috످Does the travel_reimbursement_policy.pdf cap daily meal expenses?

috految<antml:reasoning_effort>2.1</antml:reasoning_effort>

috److I don't see travel_reimbursement_policy.pdf in our conversation, so I can't confirm whether it caps daily meal expenses. If you paste the policy text here, I can check for you.

You can also search the PDF (Ctrl+F, or Cmd+F on Mac) for "meal," "per diem," or "M&IE" (meals and incidental expenses).

috످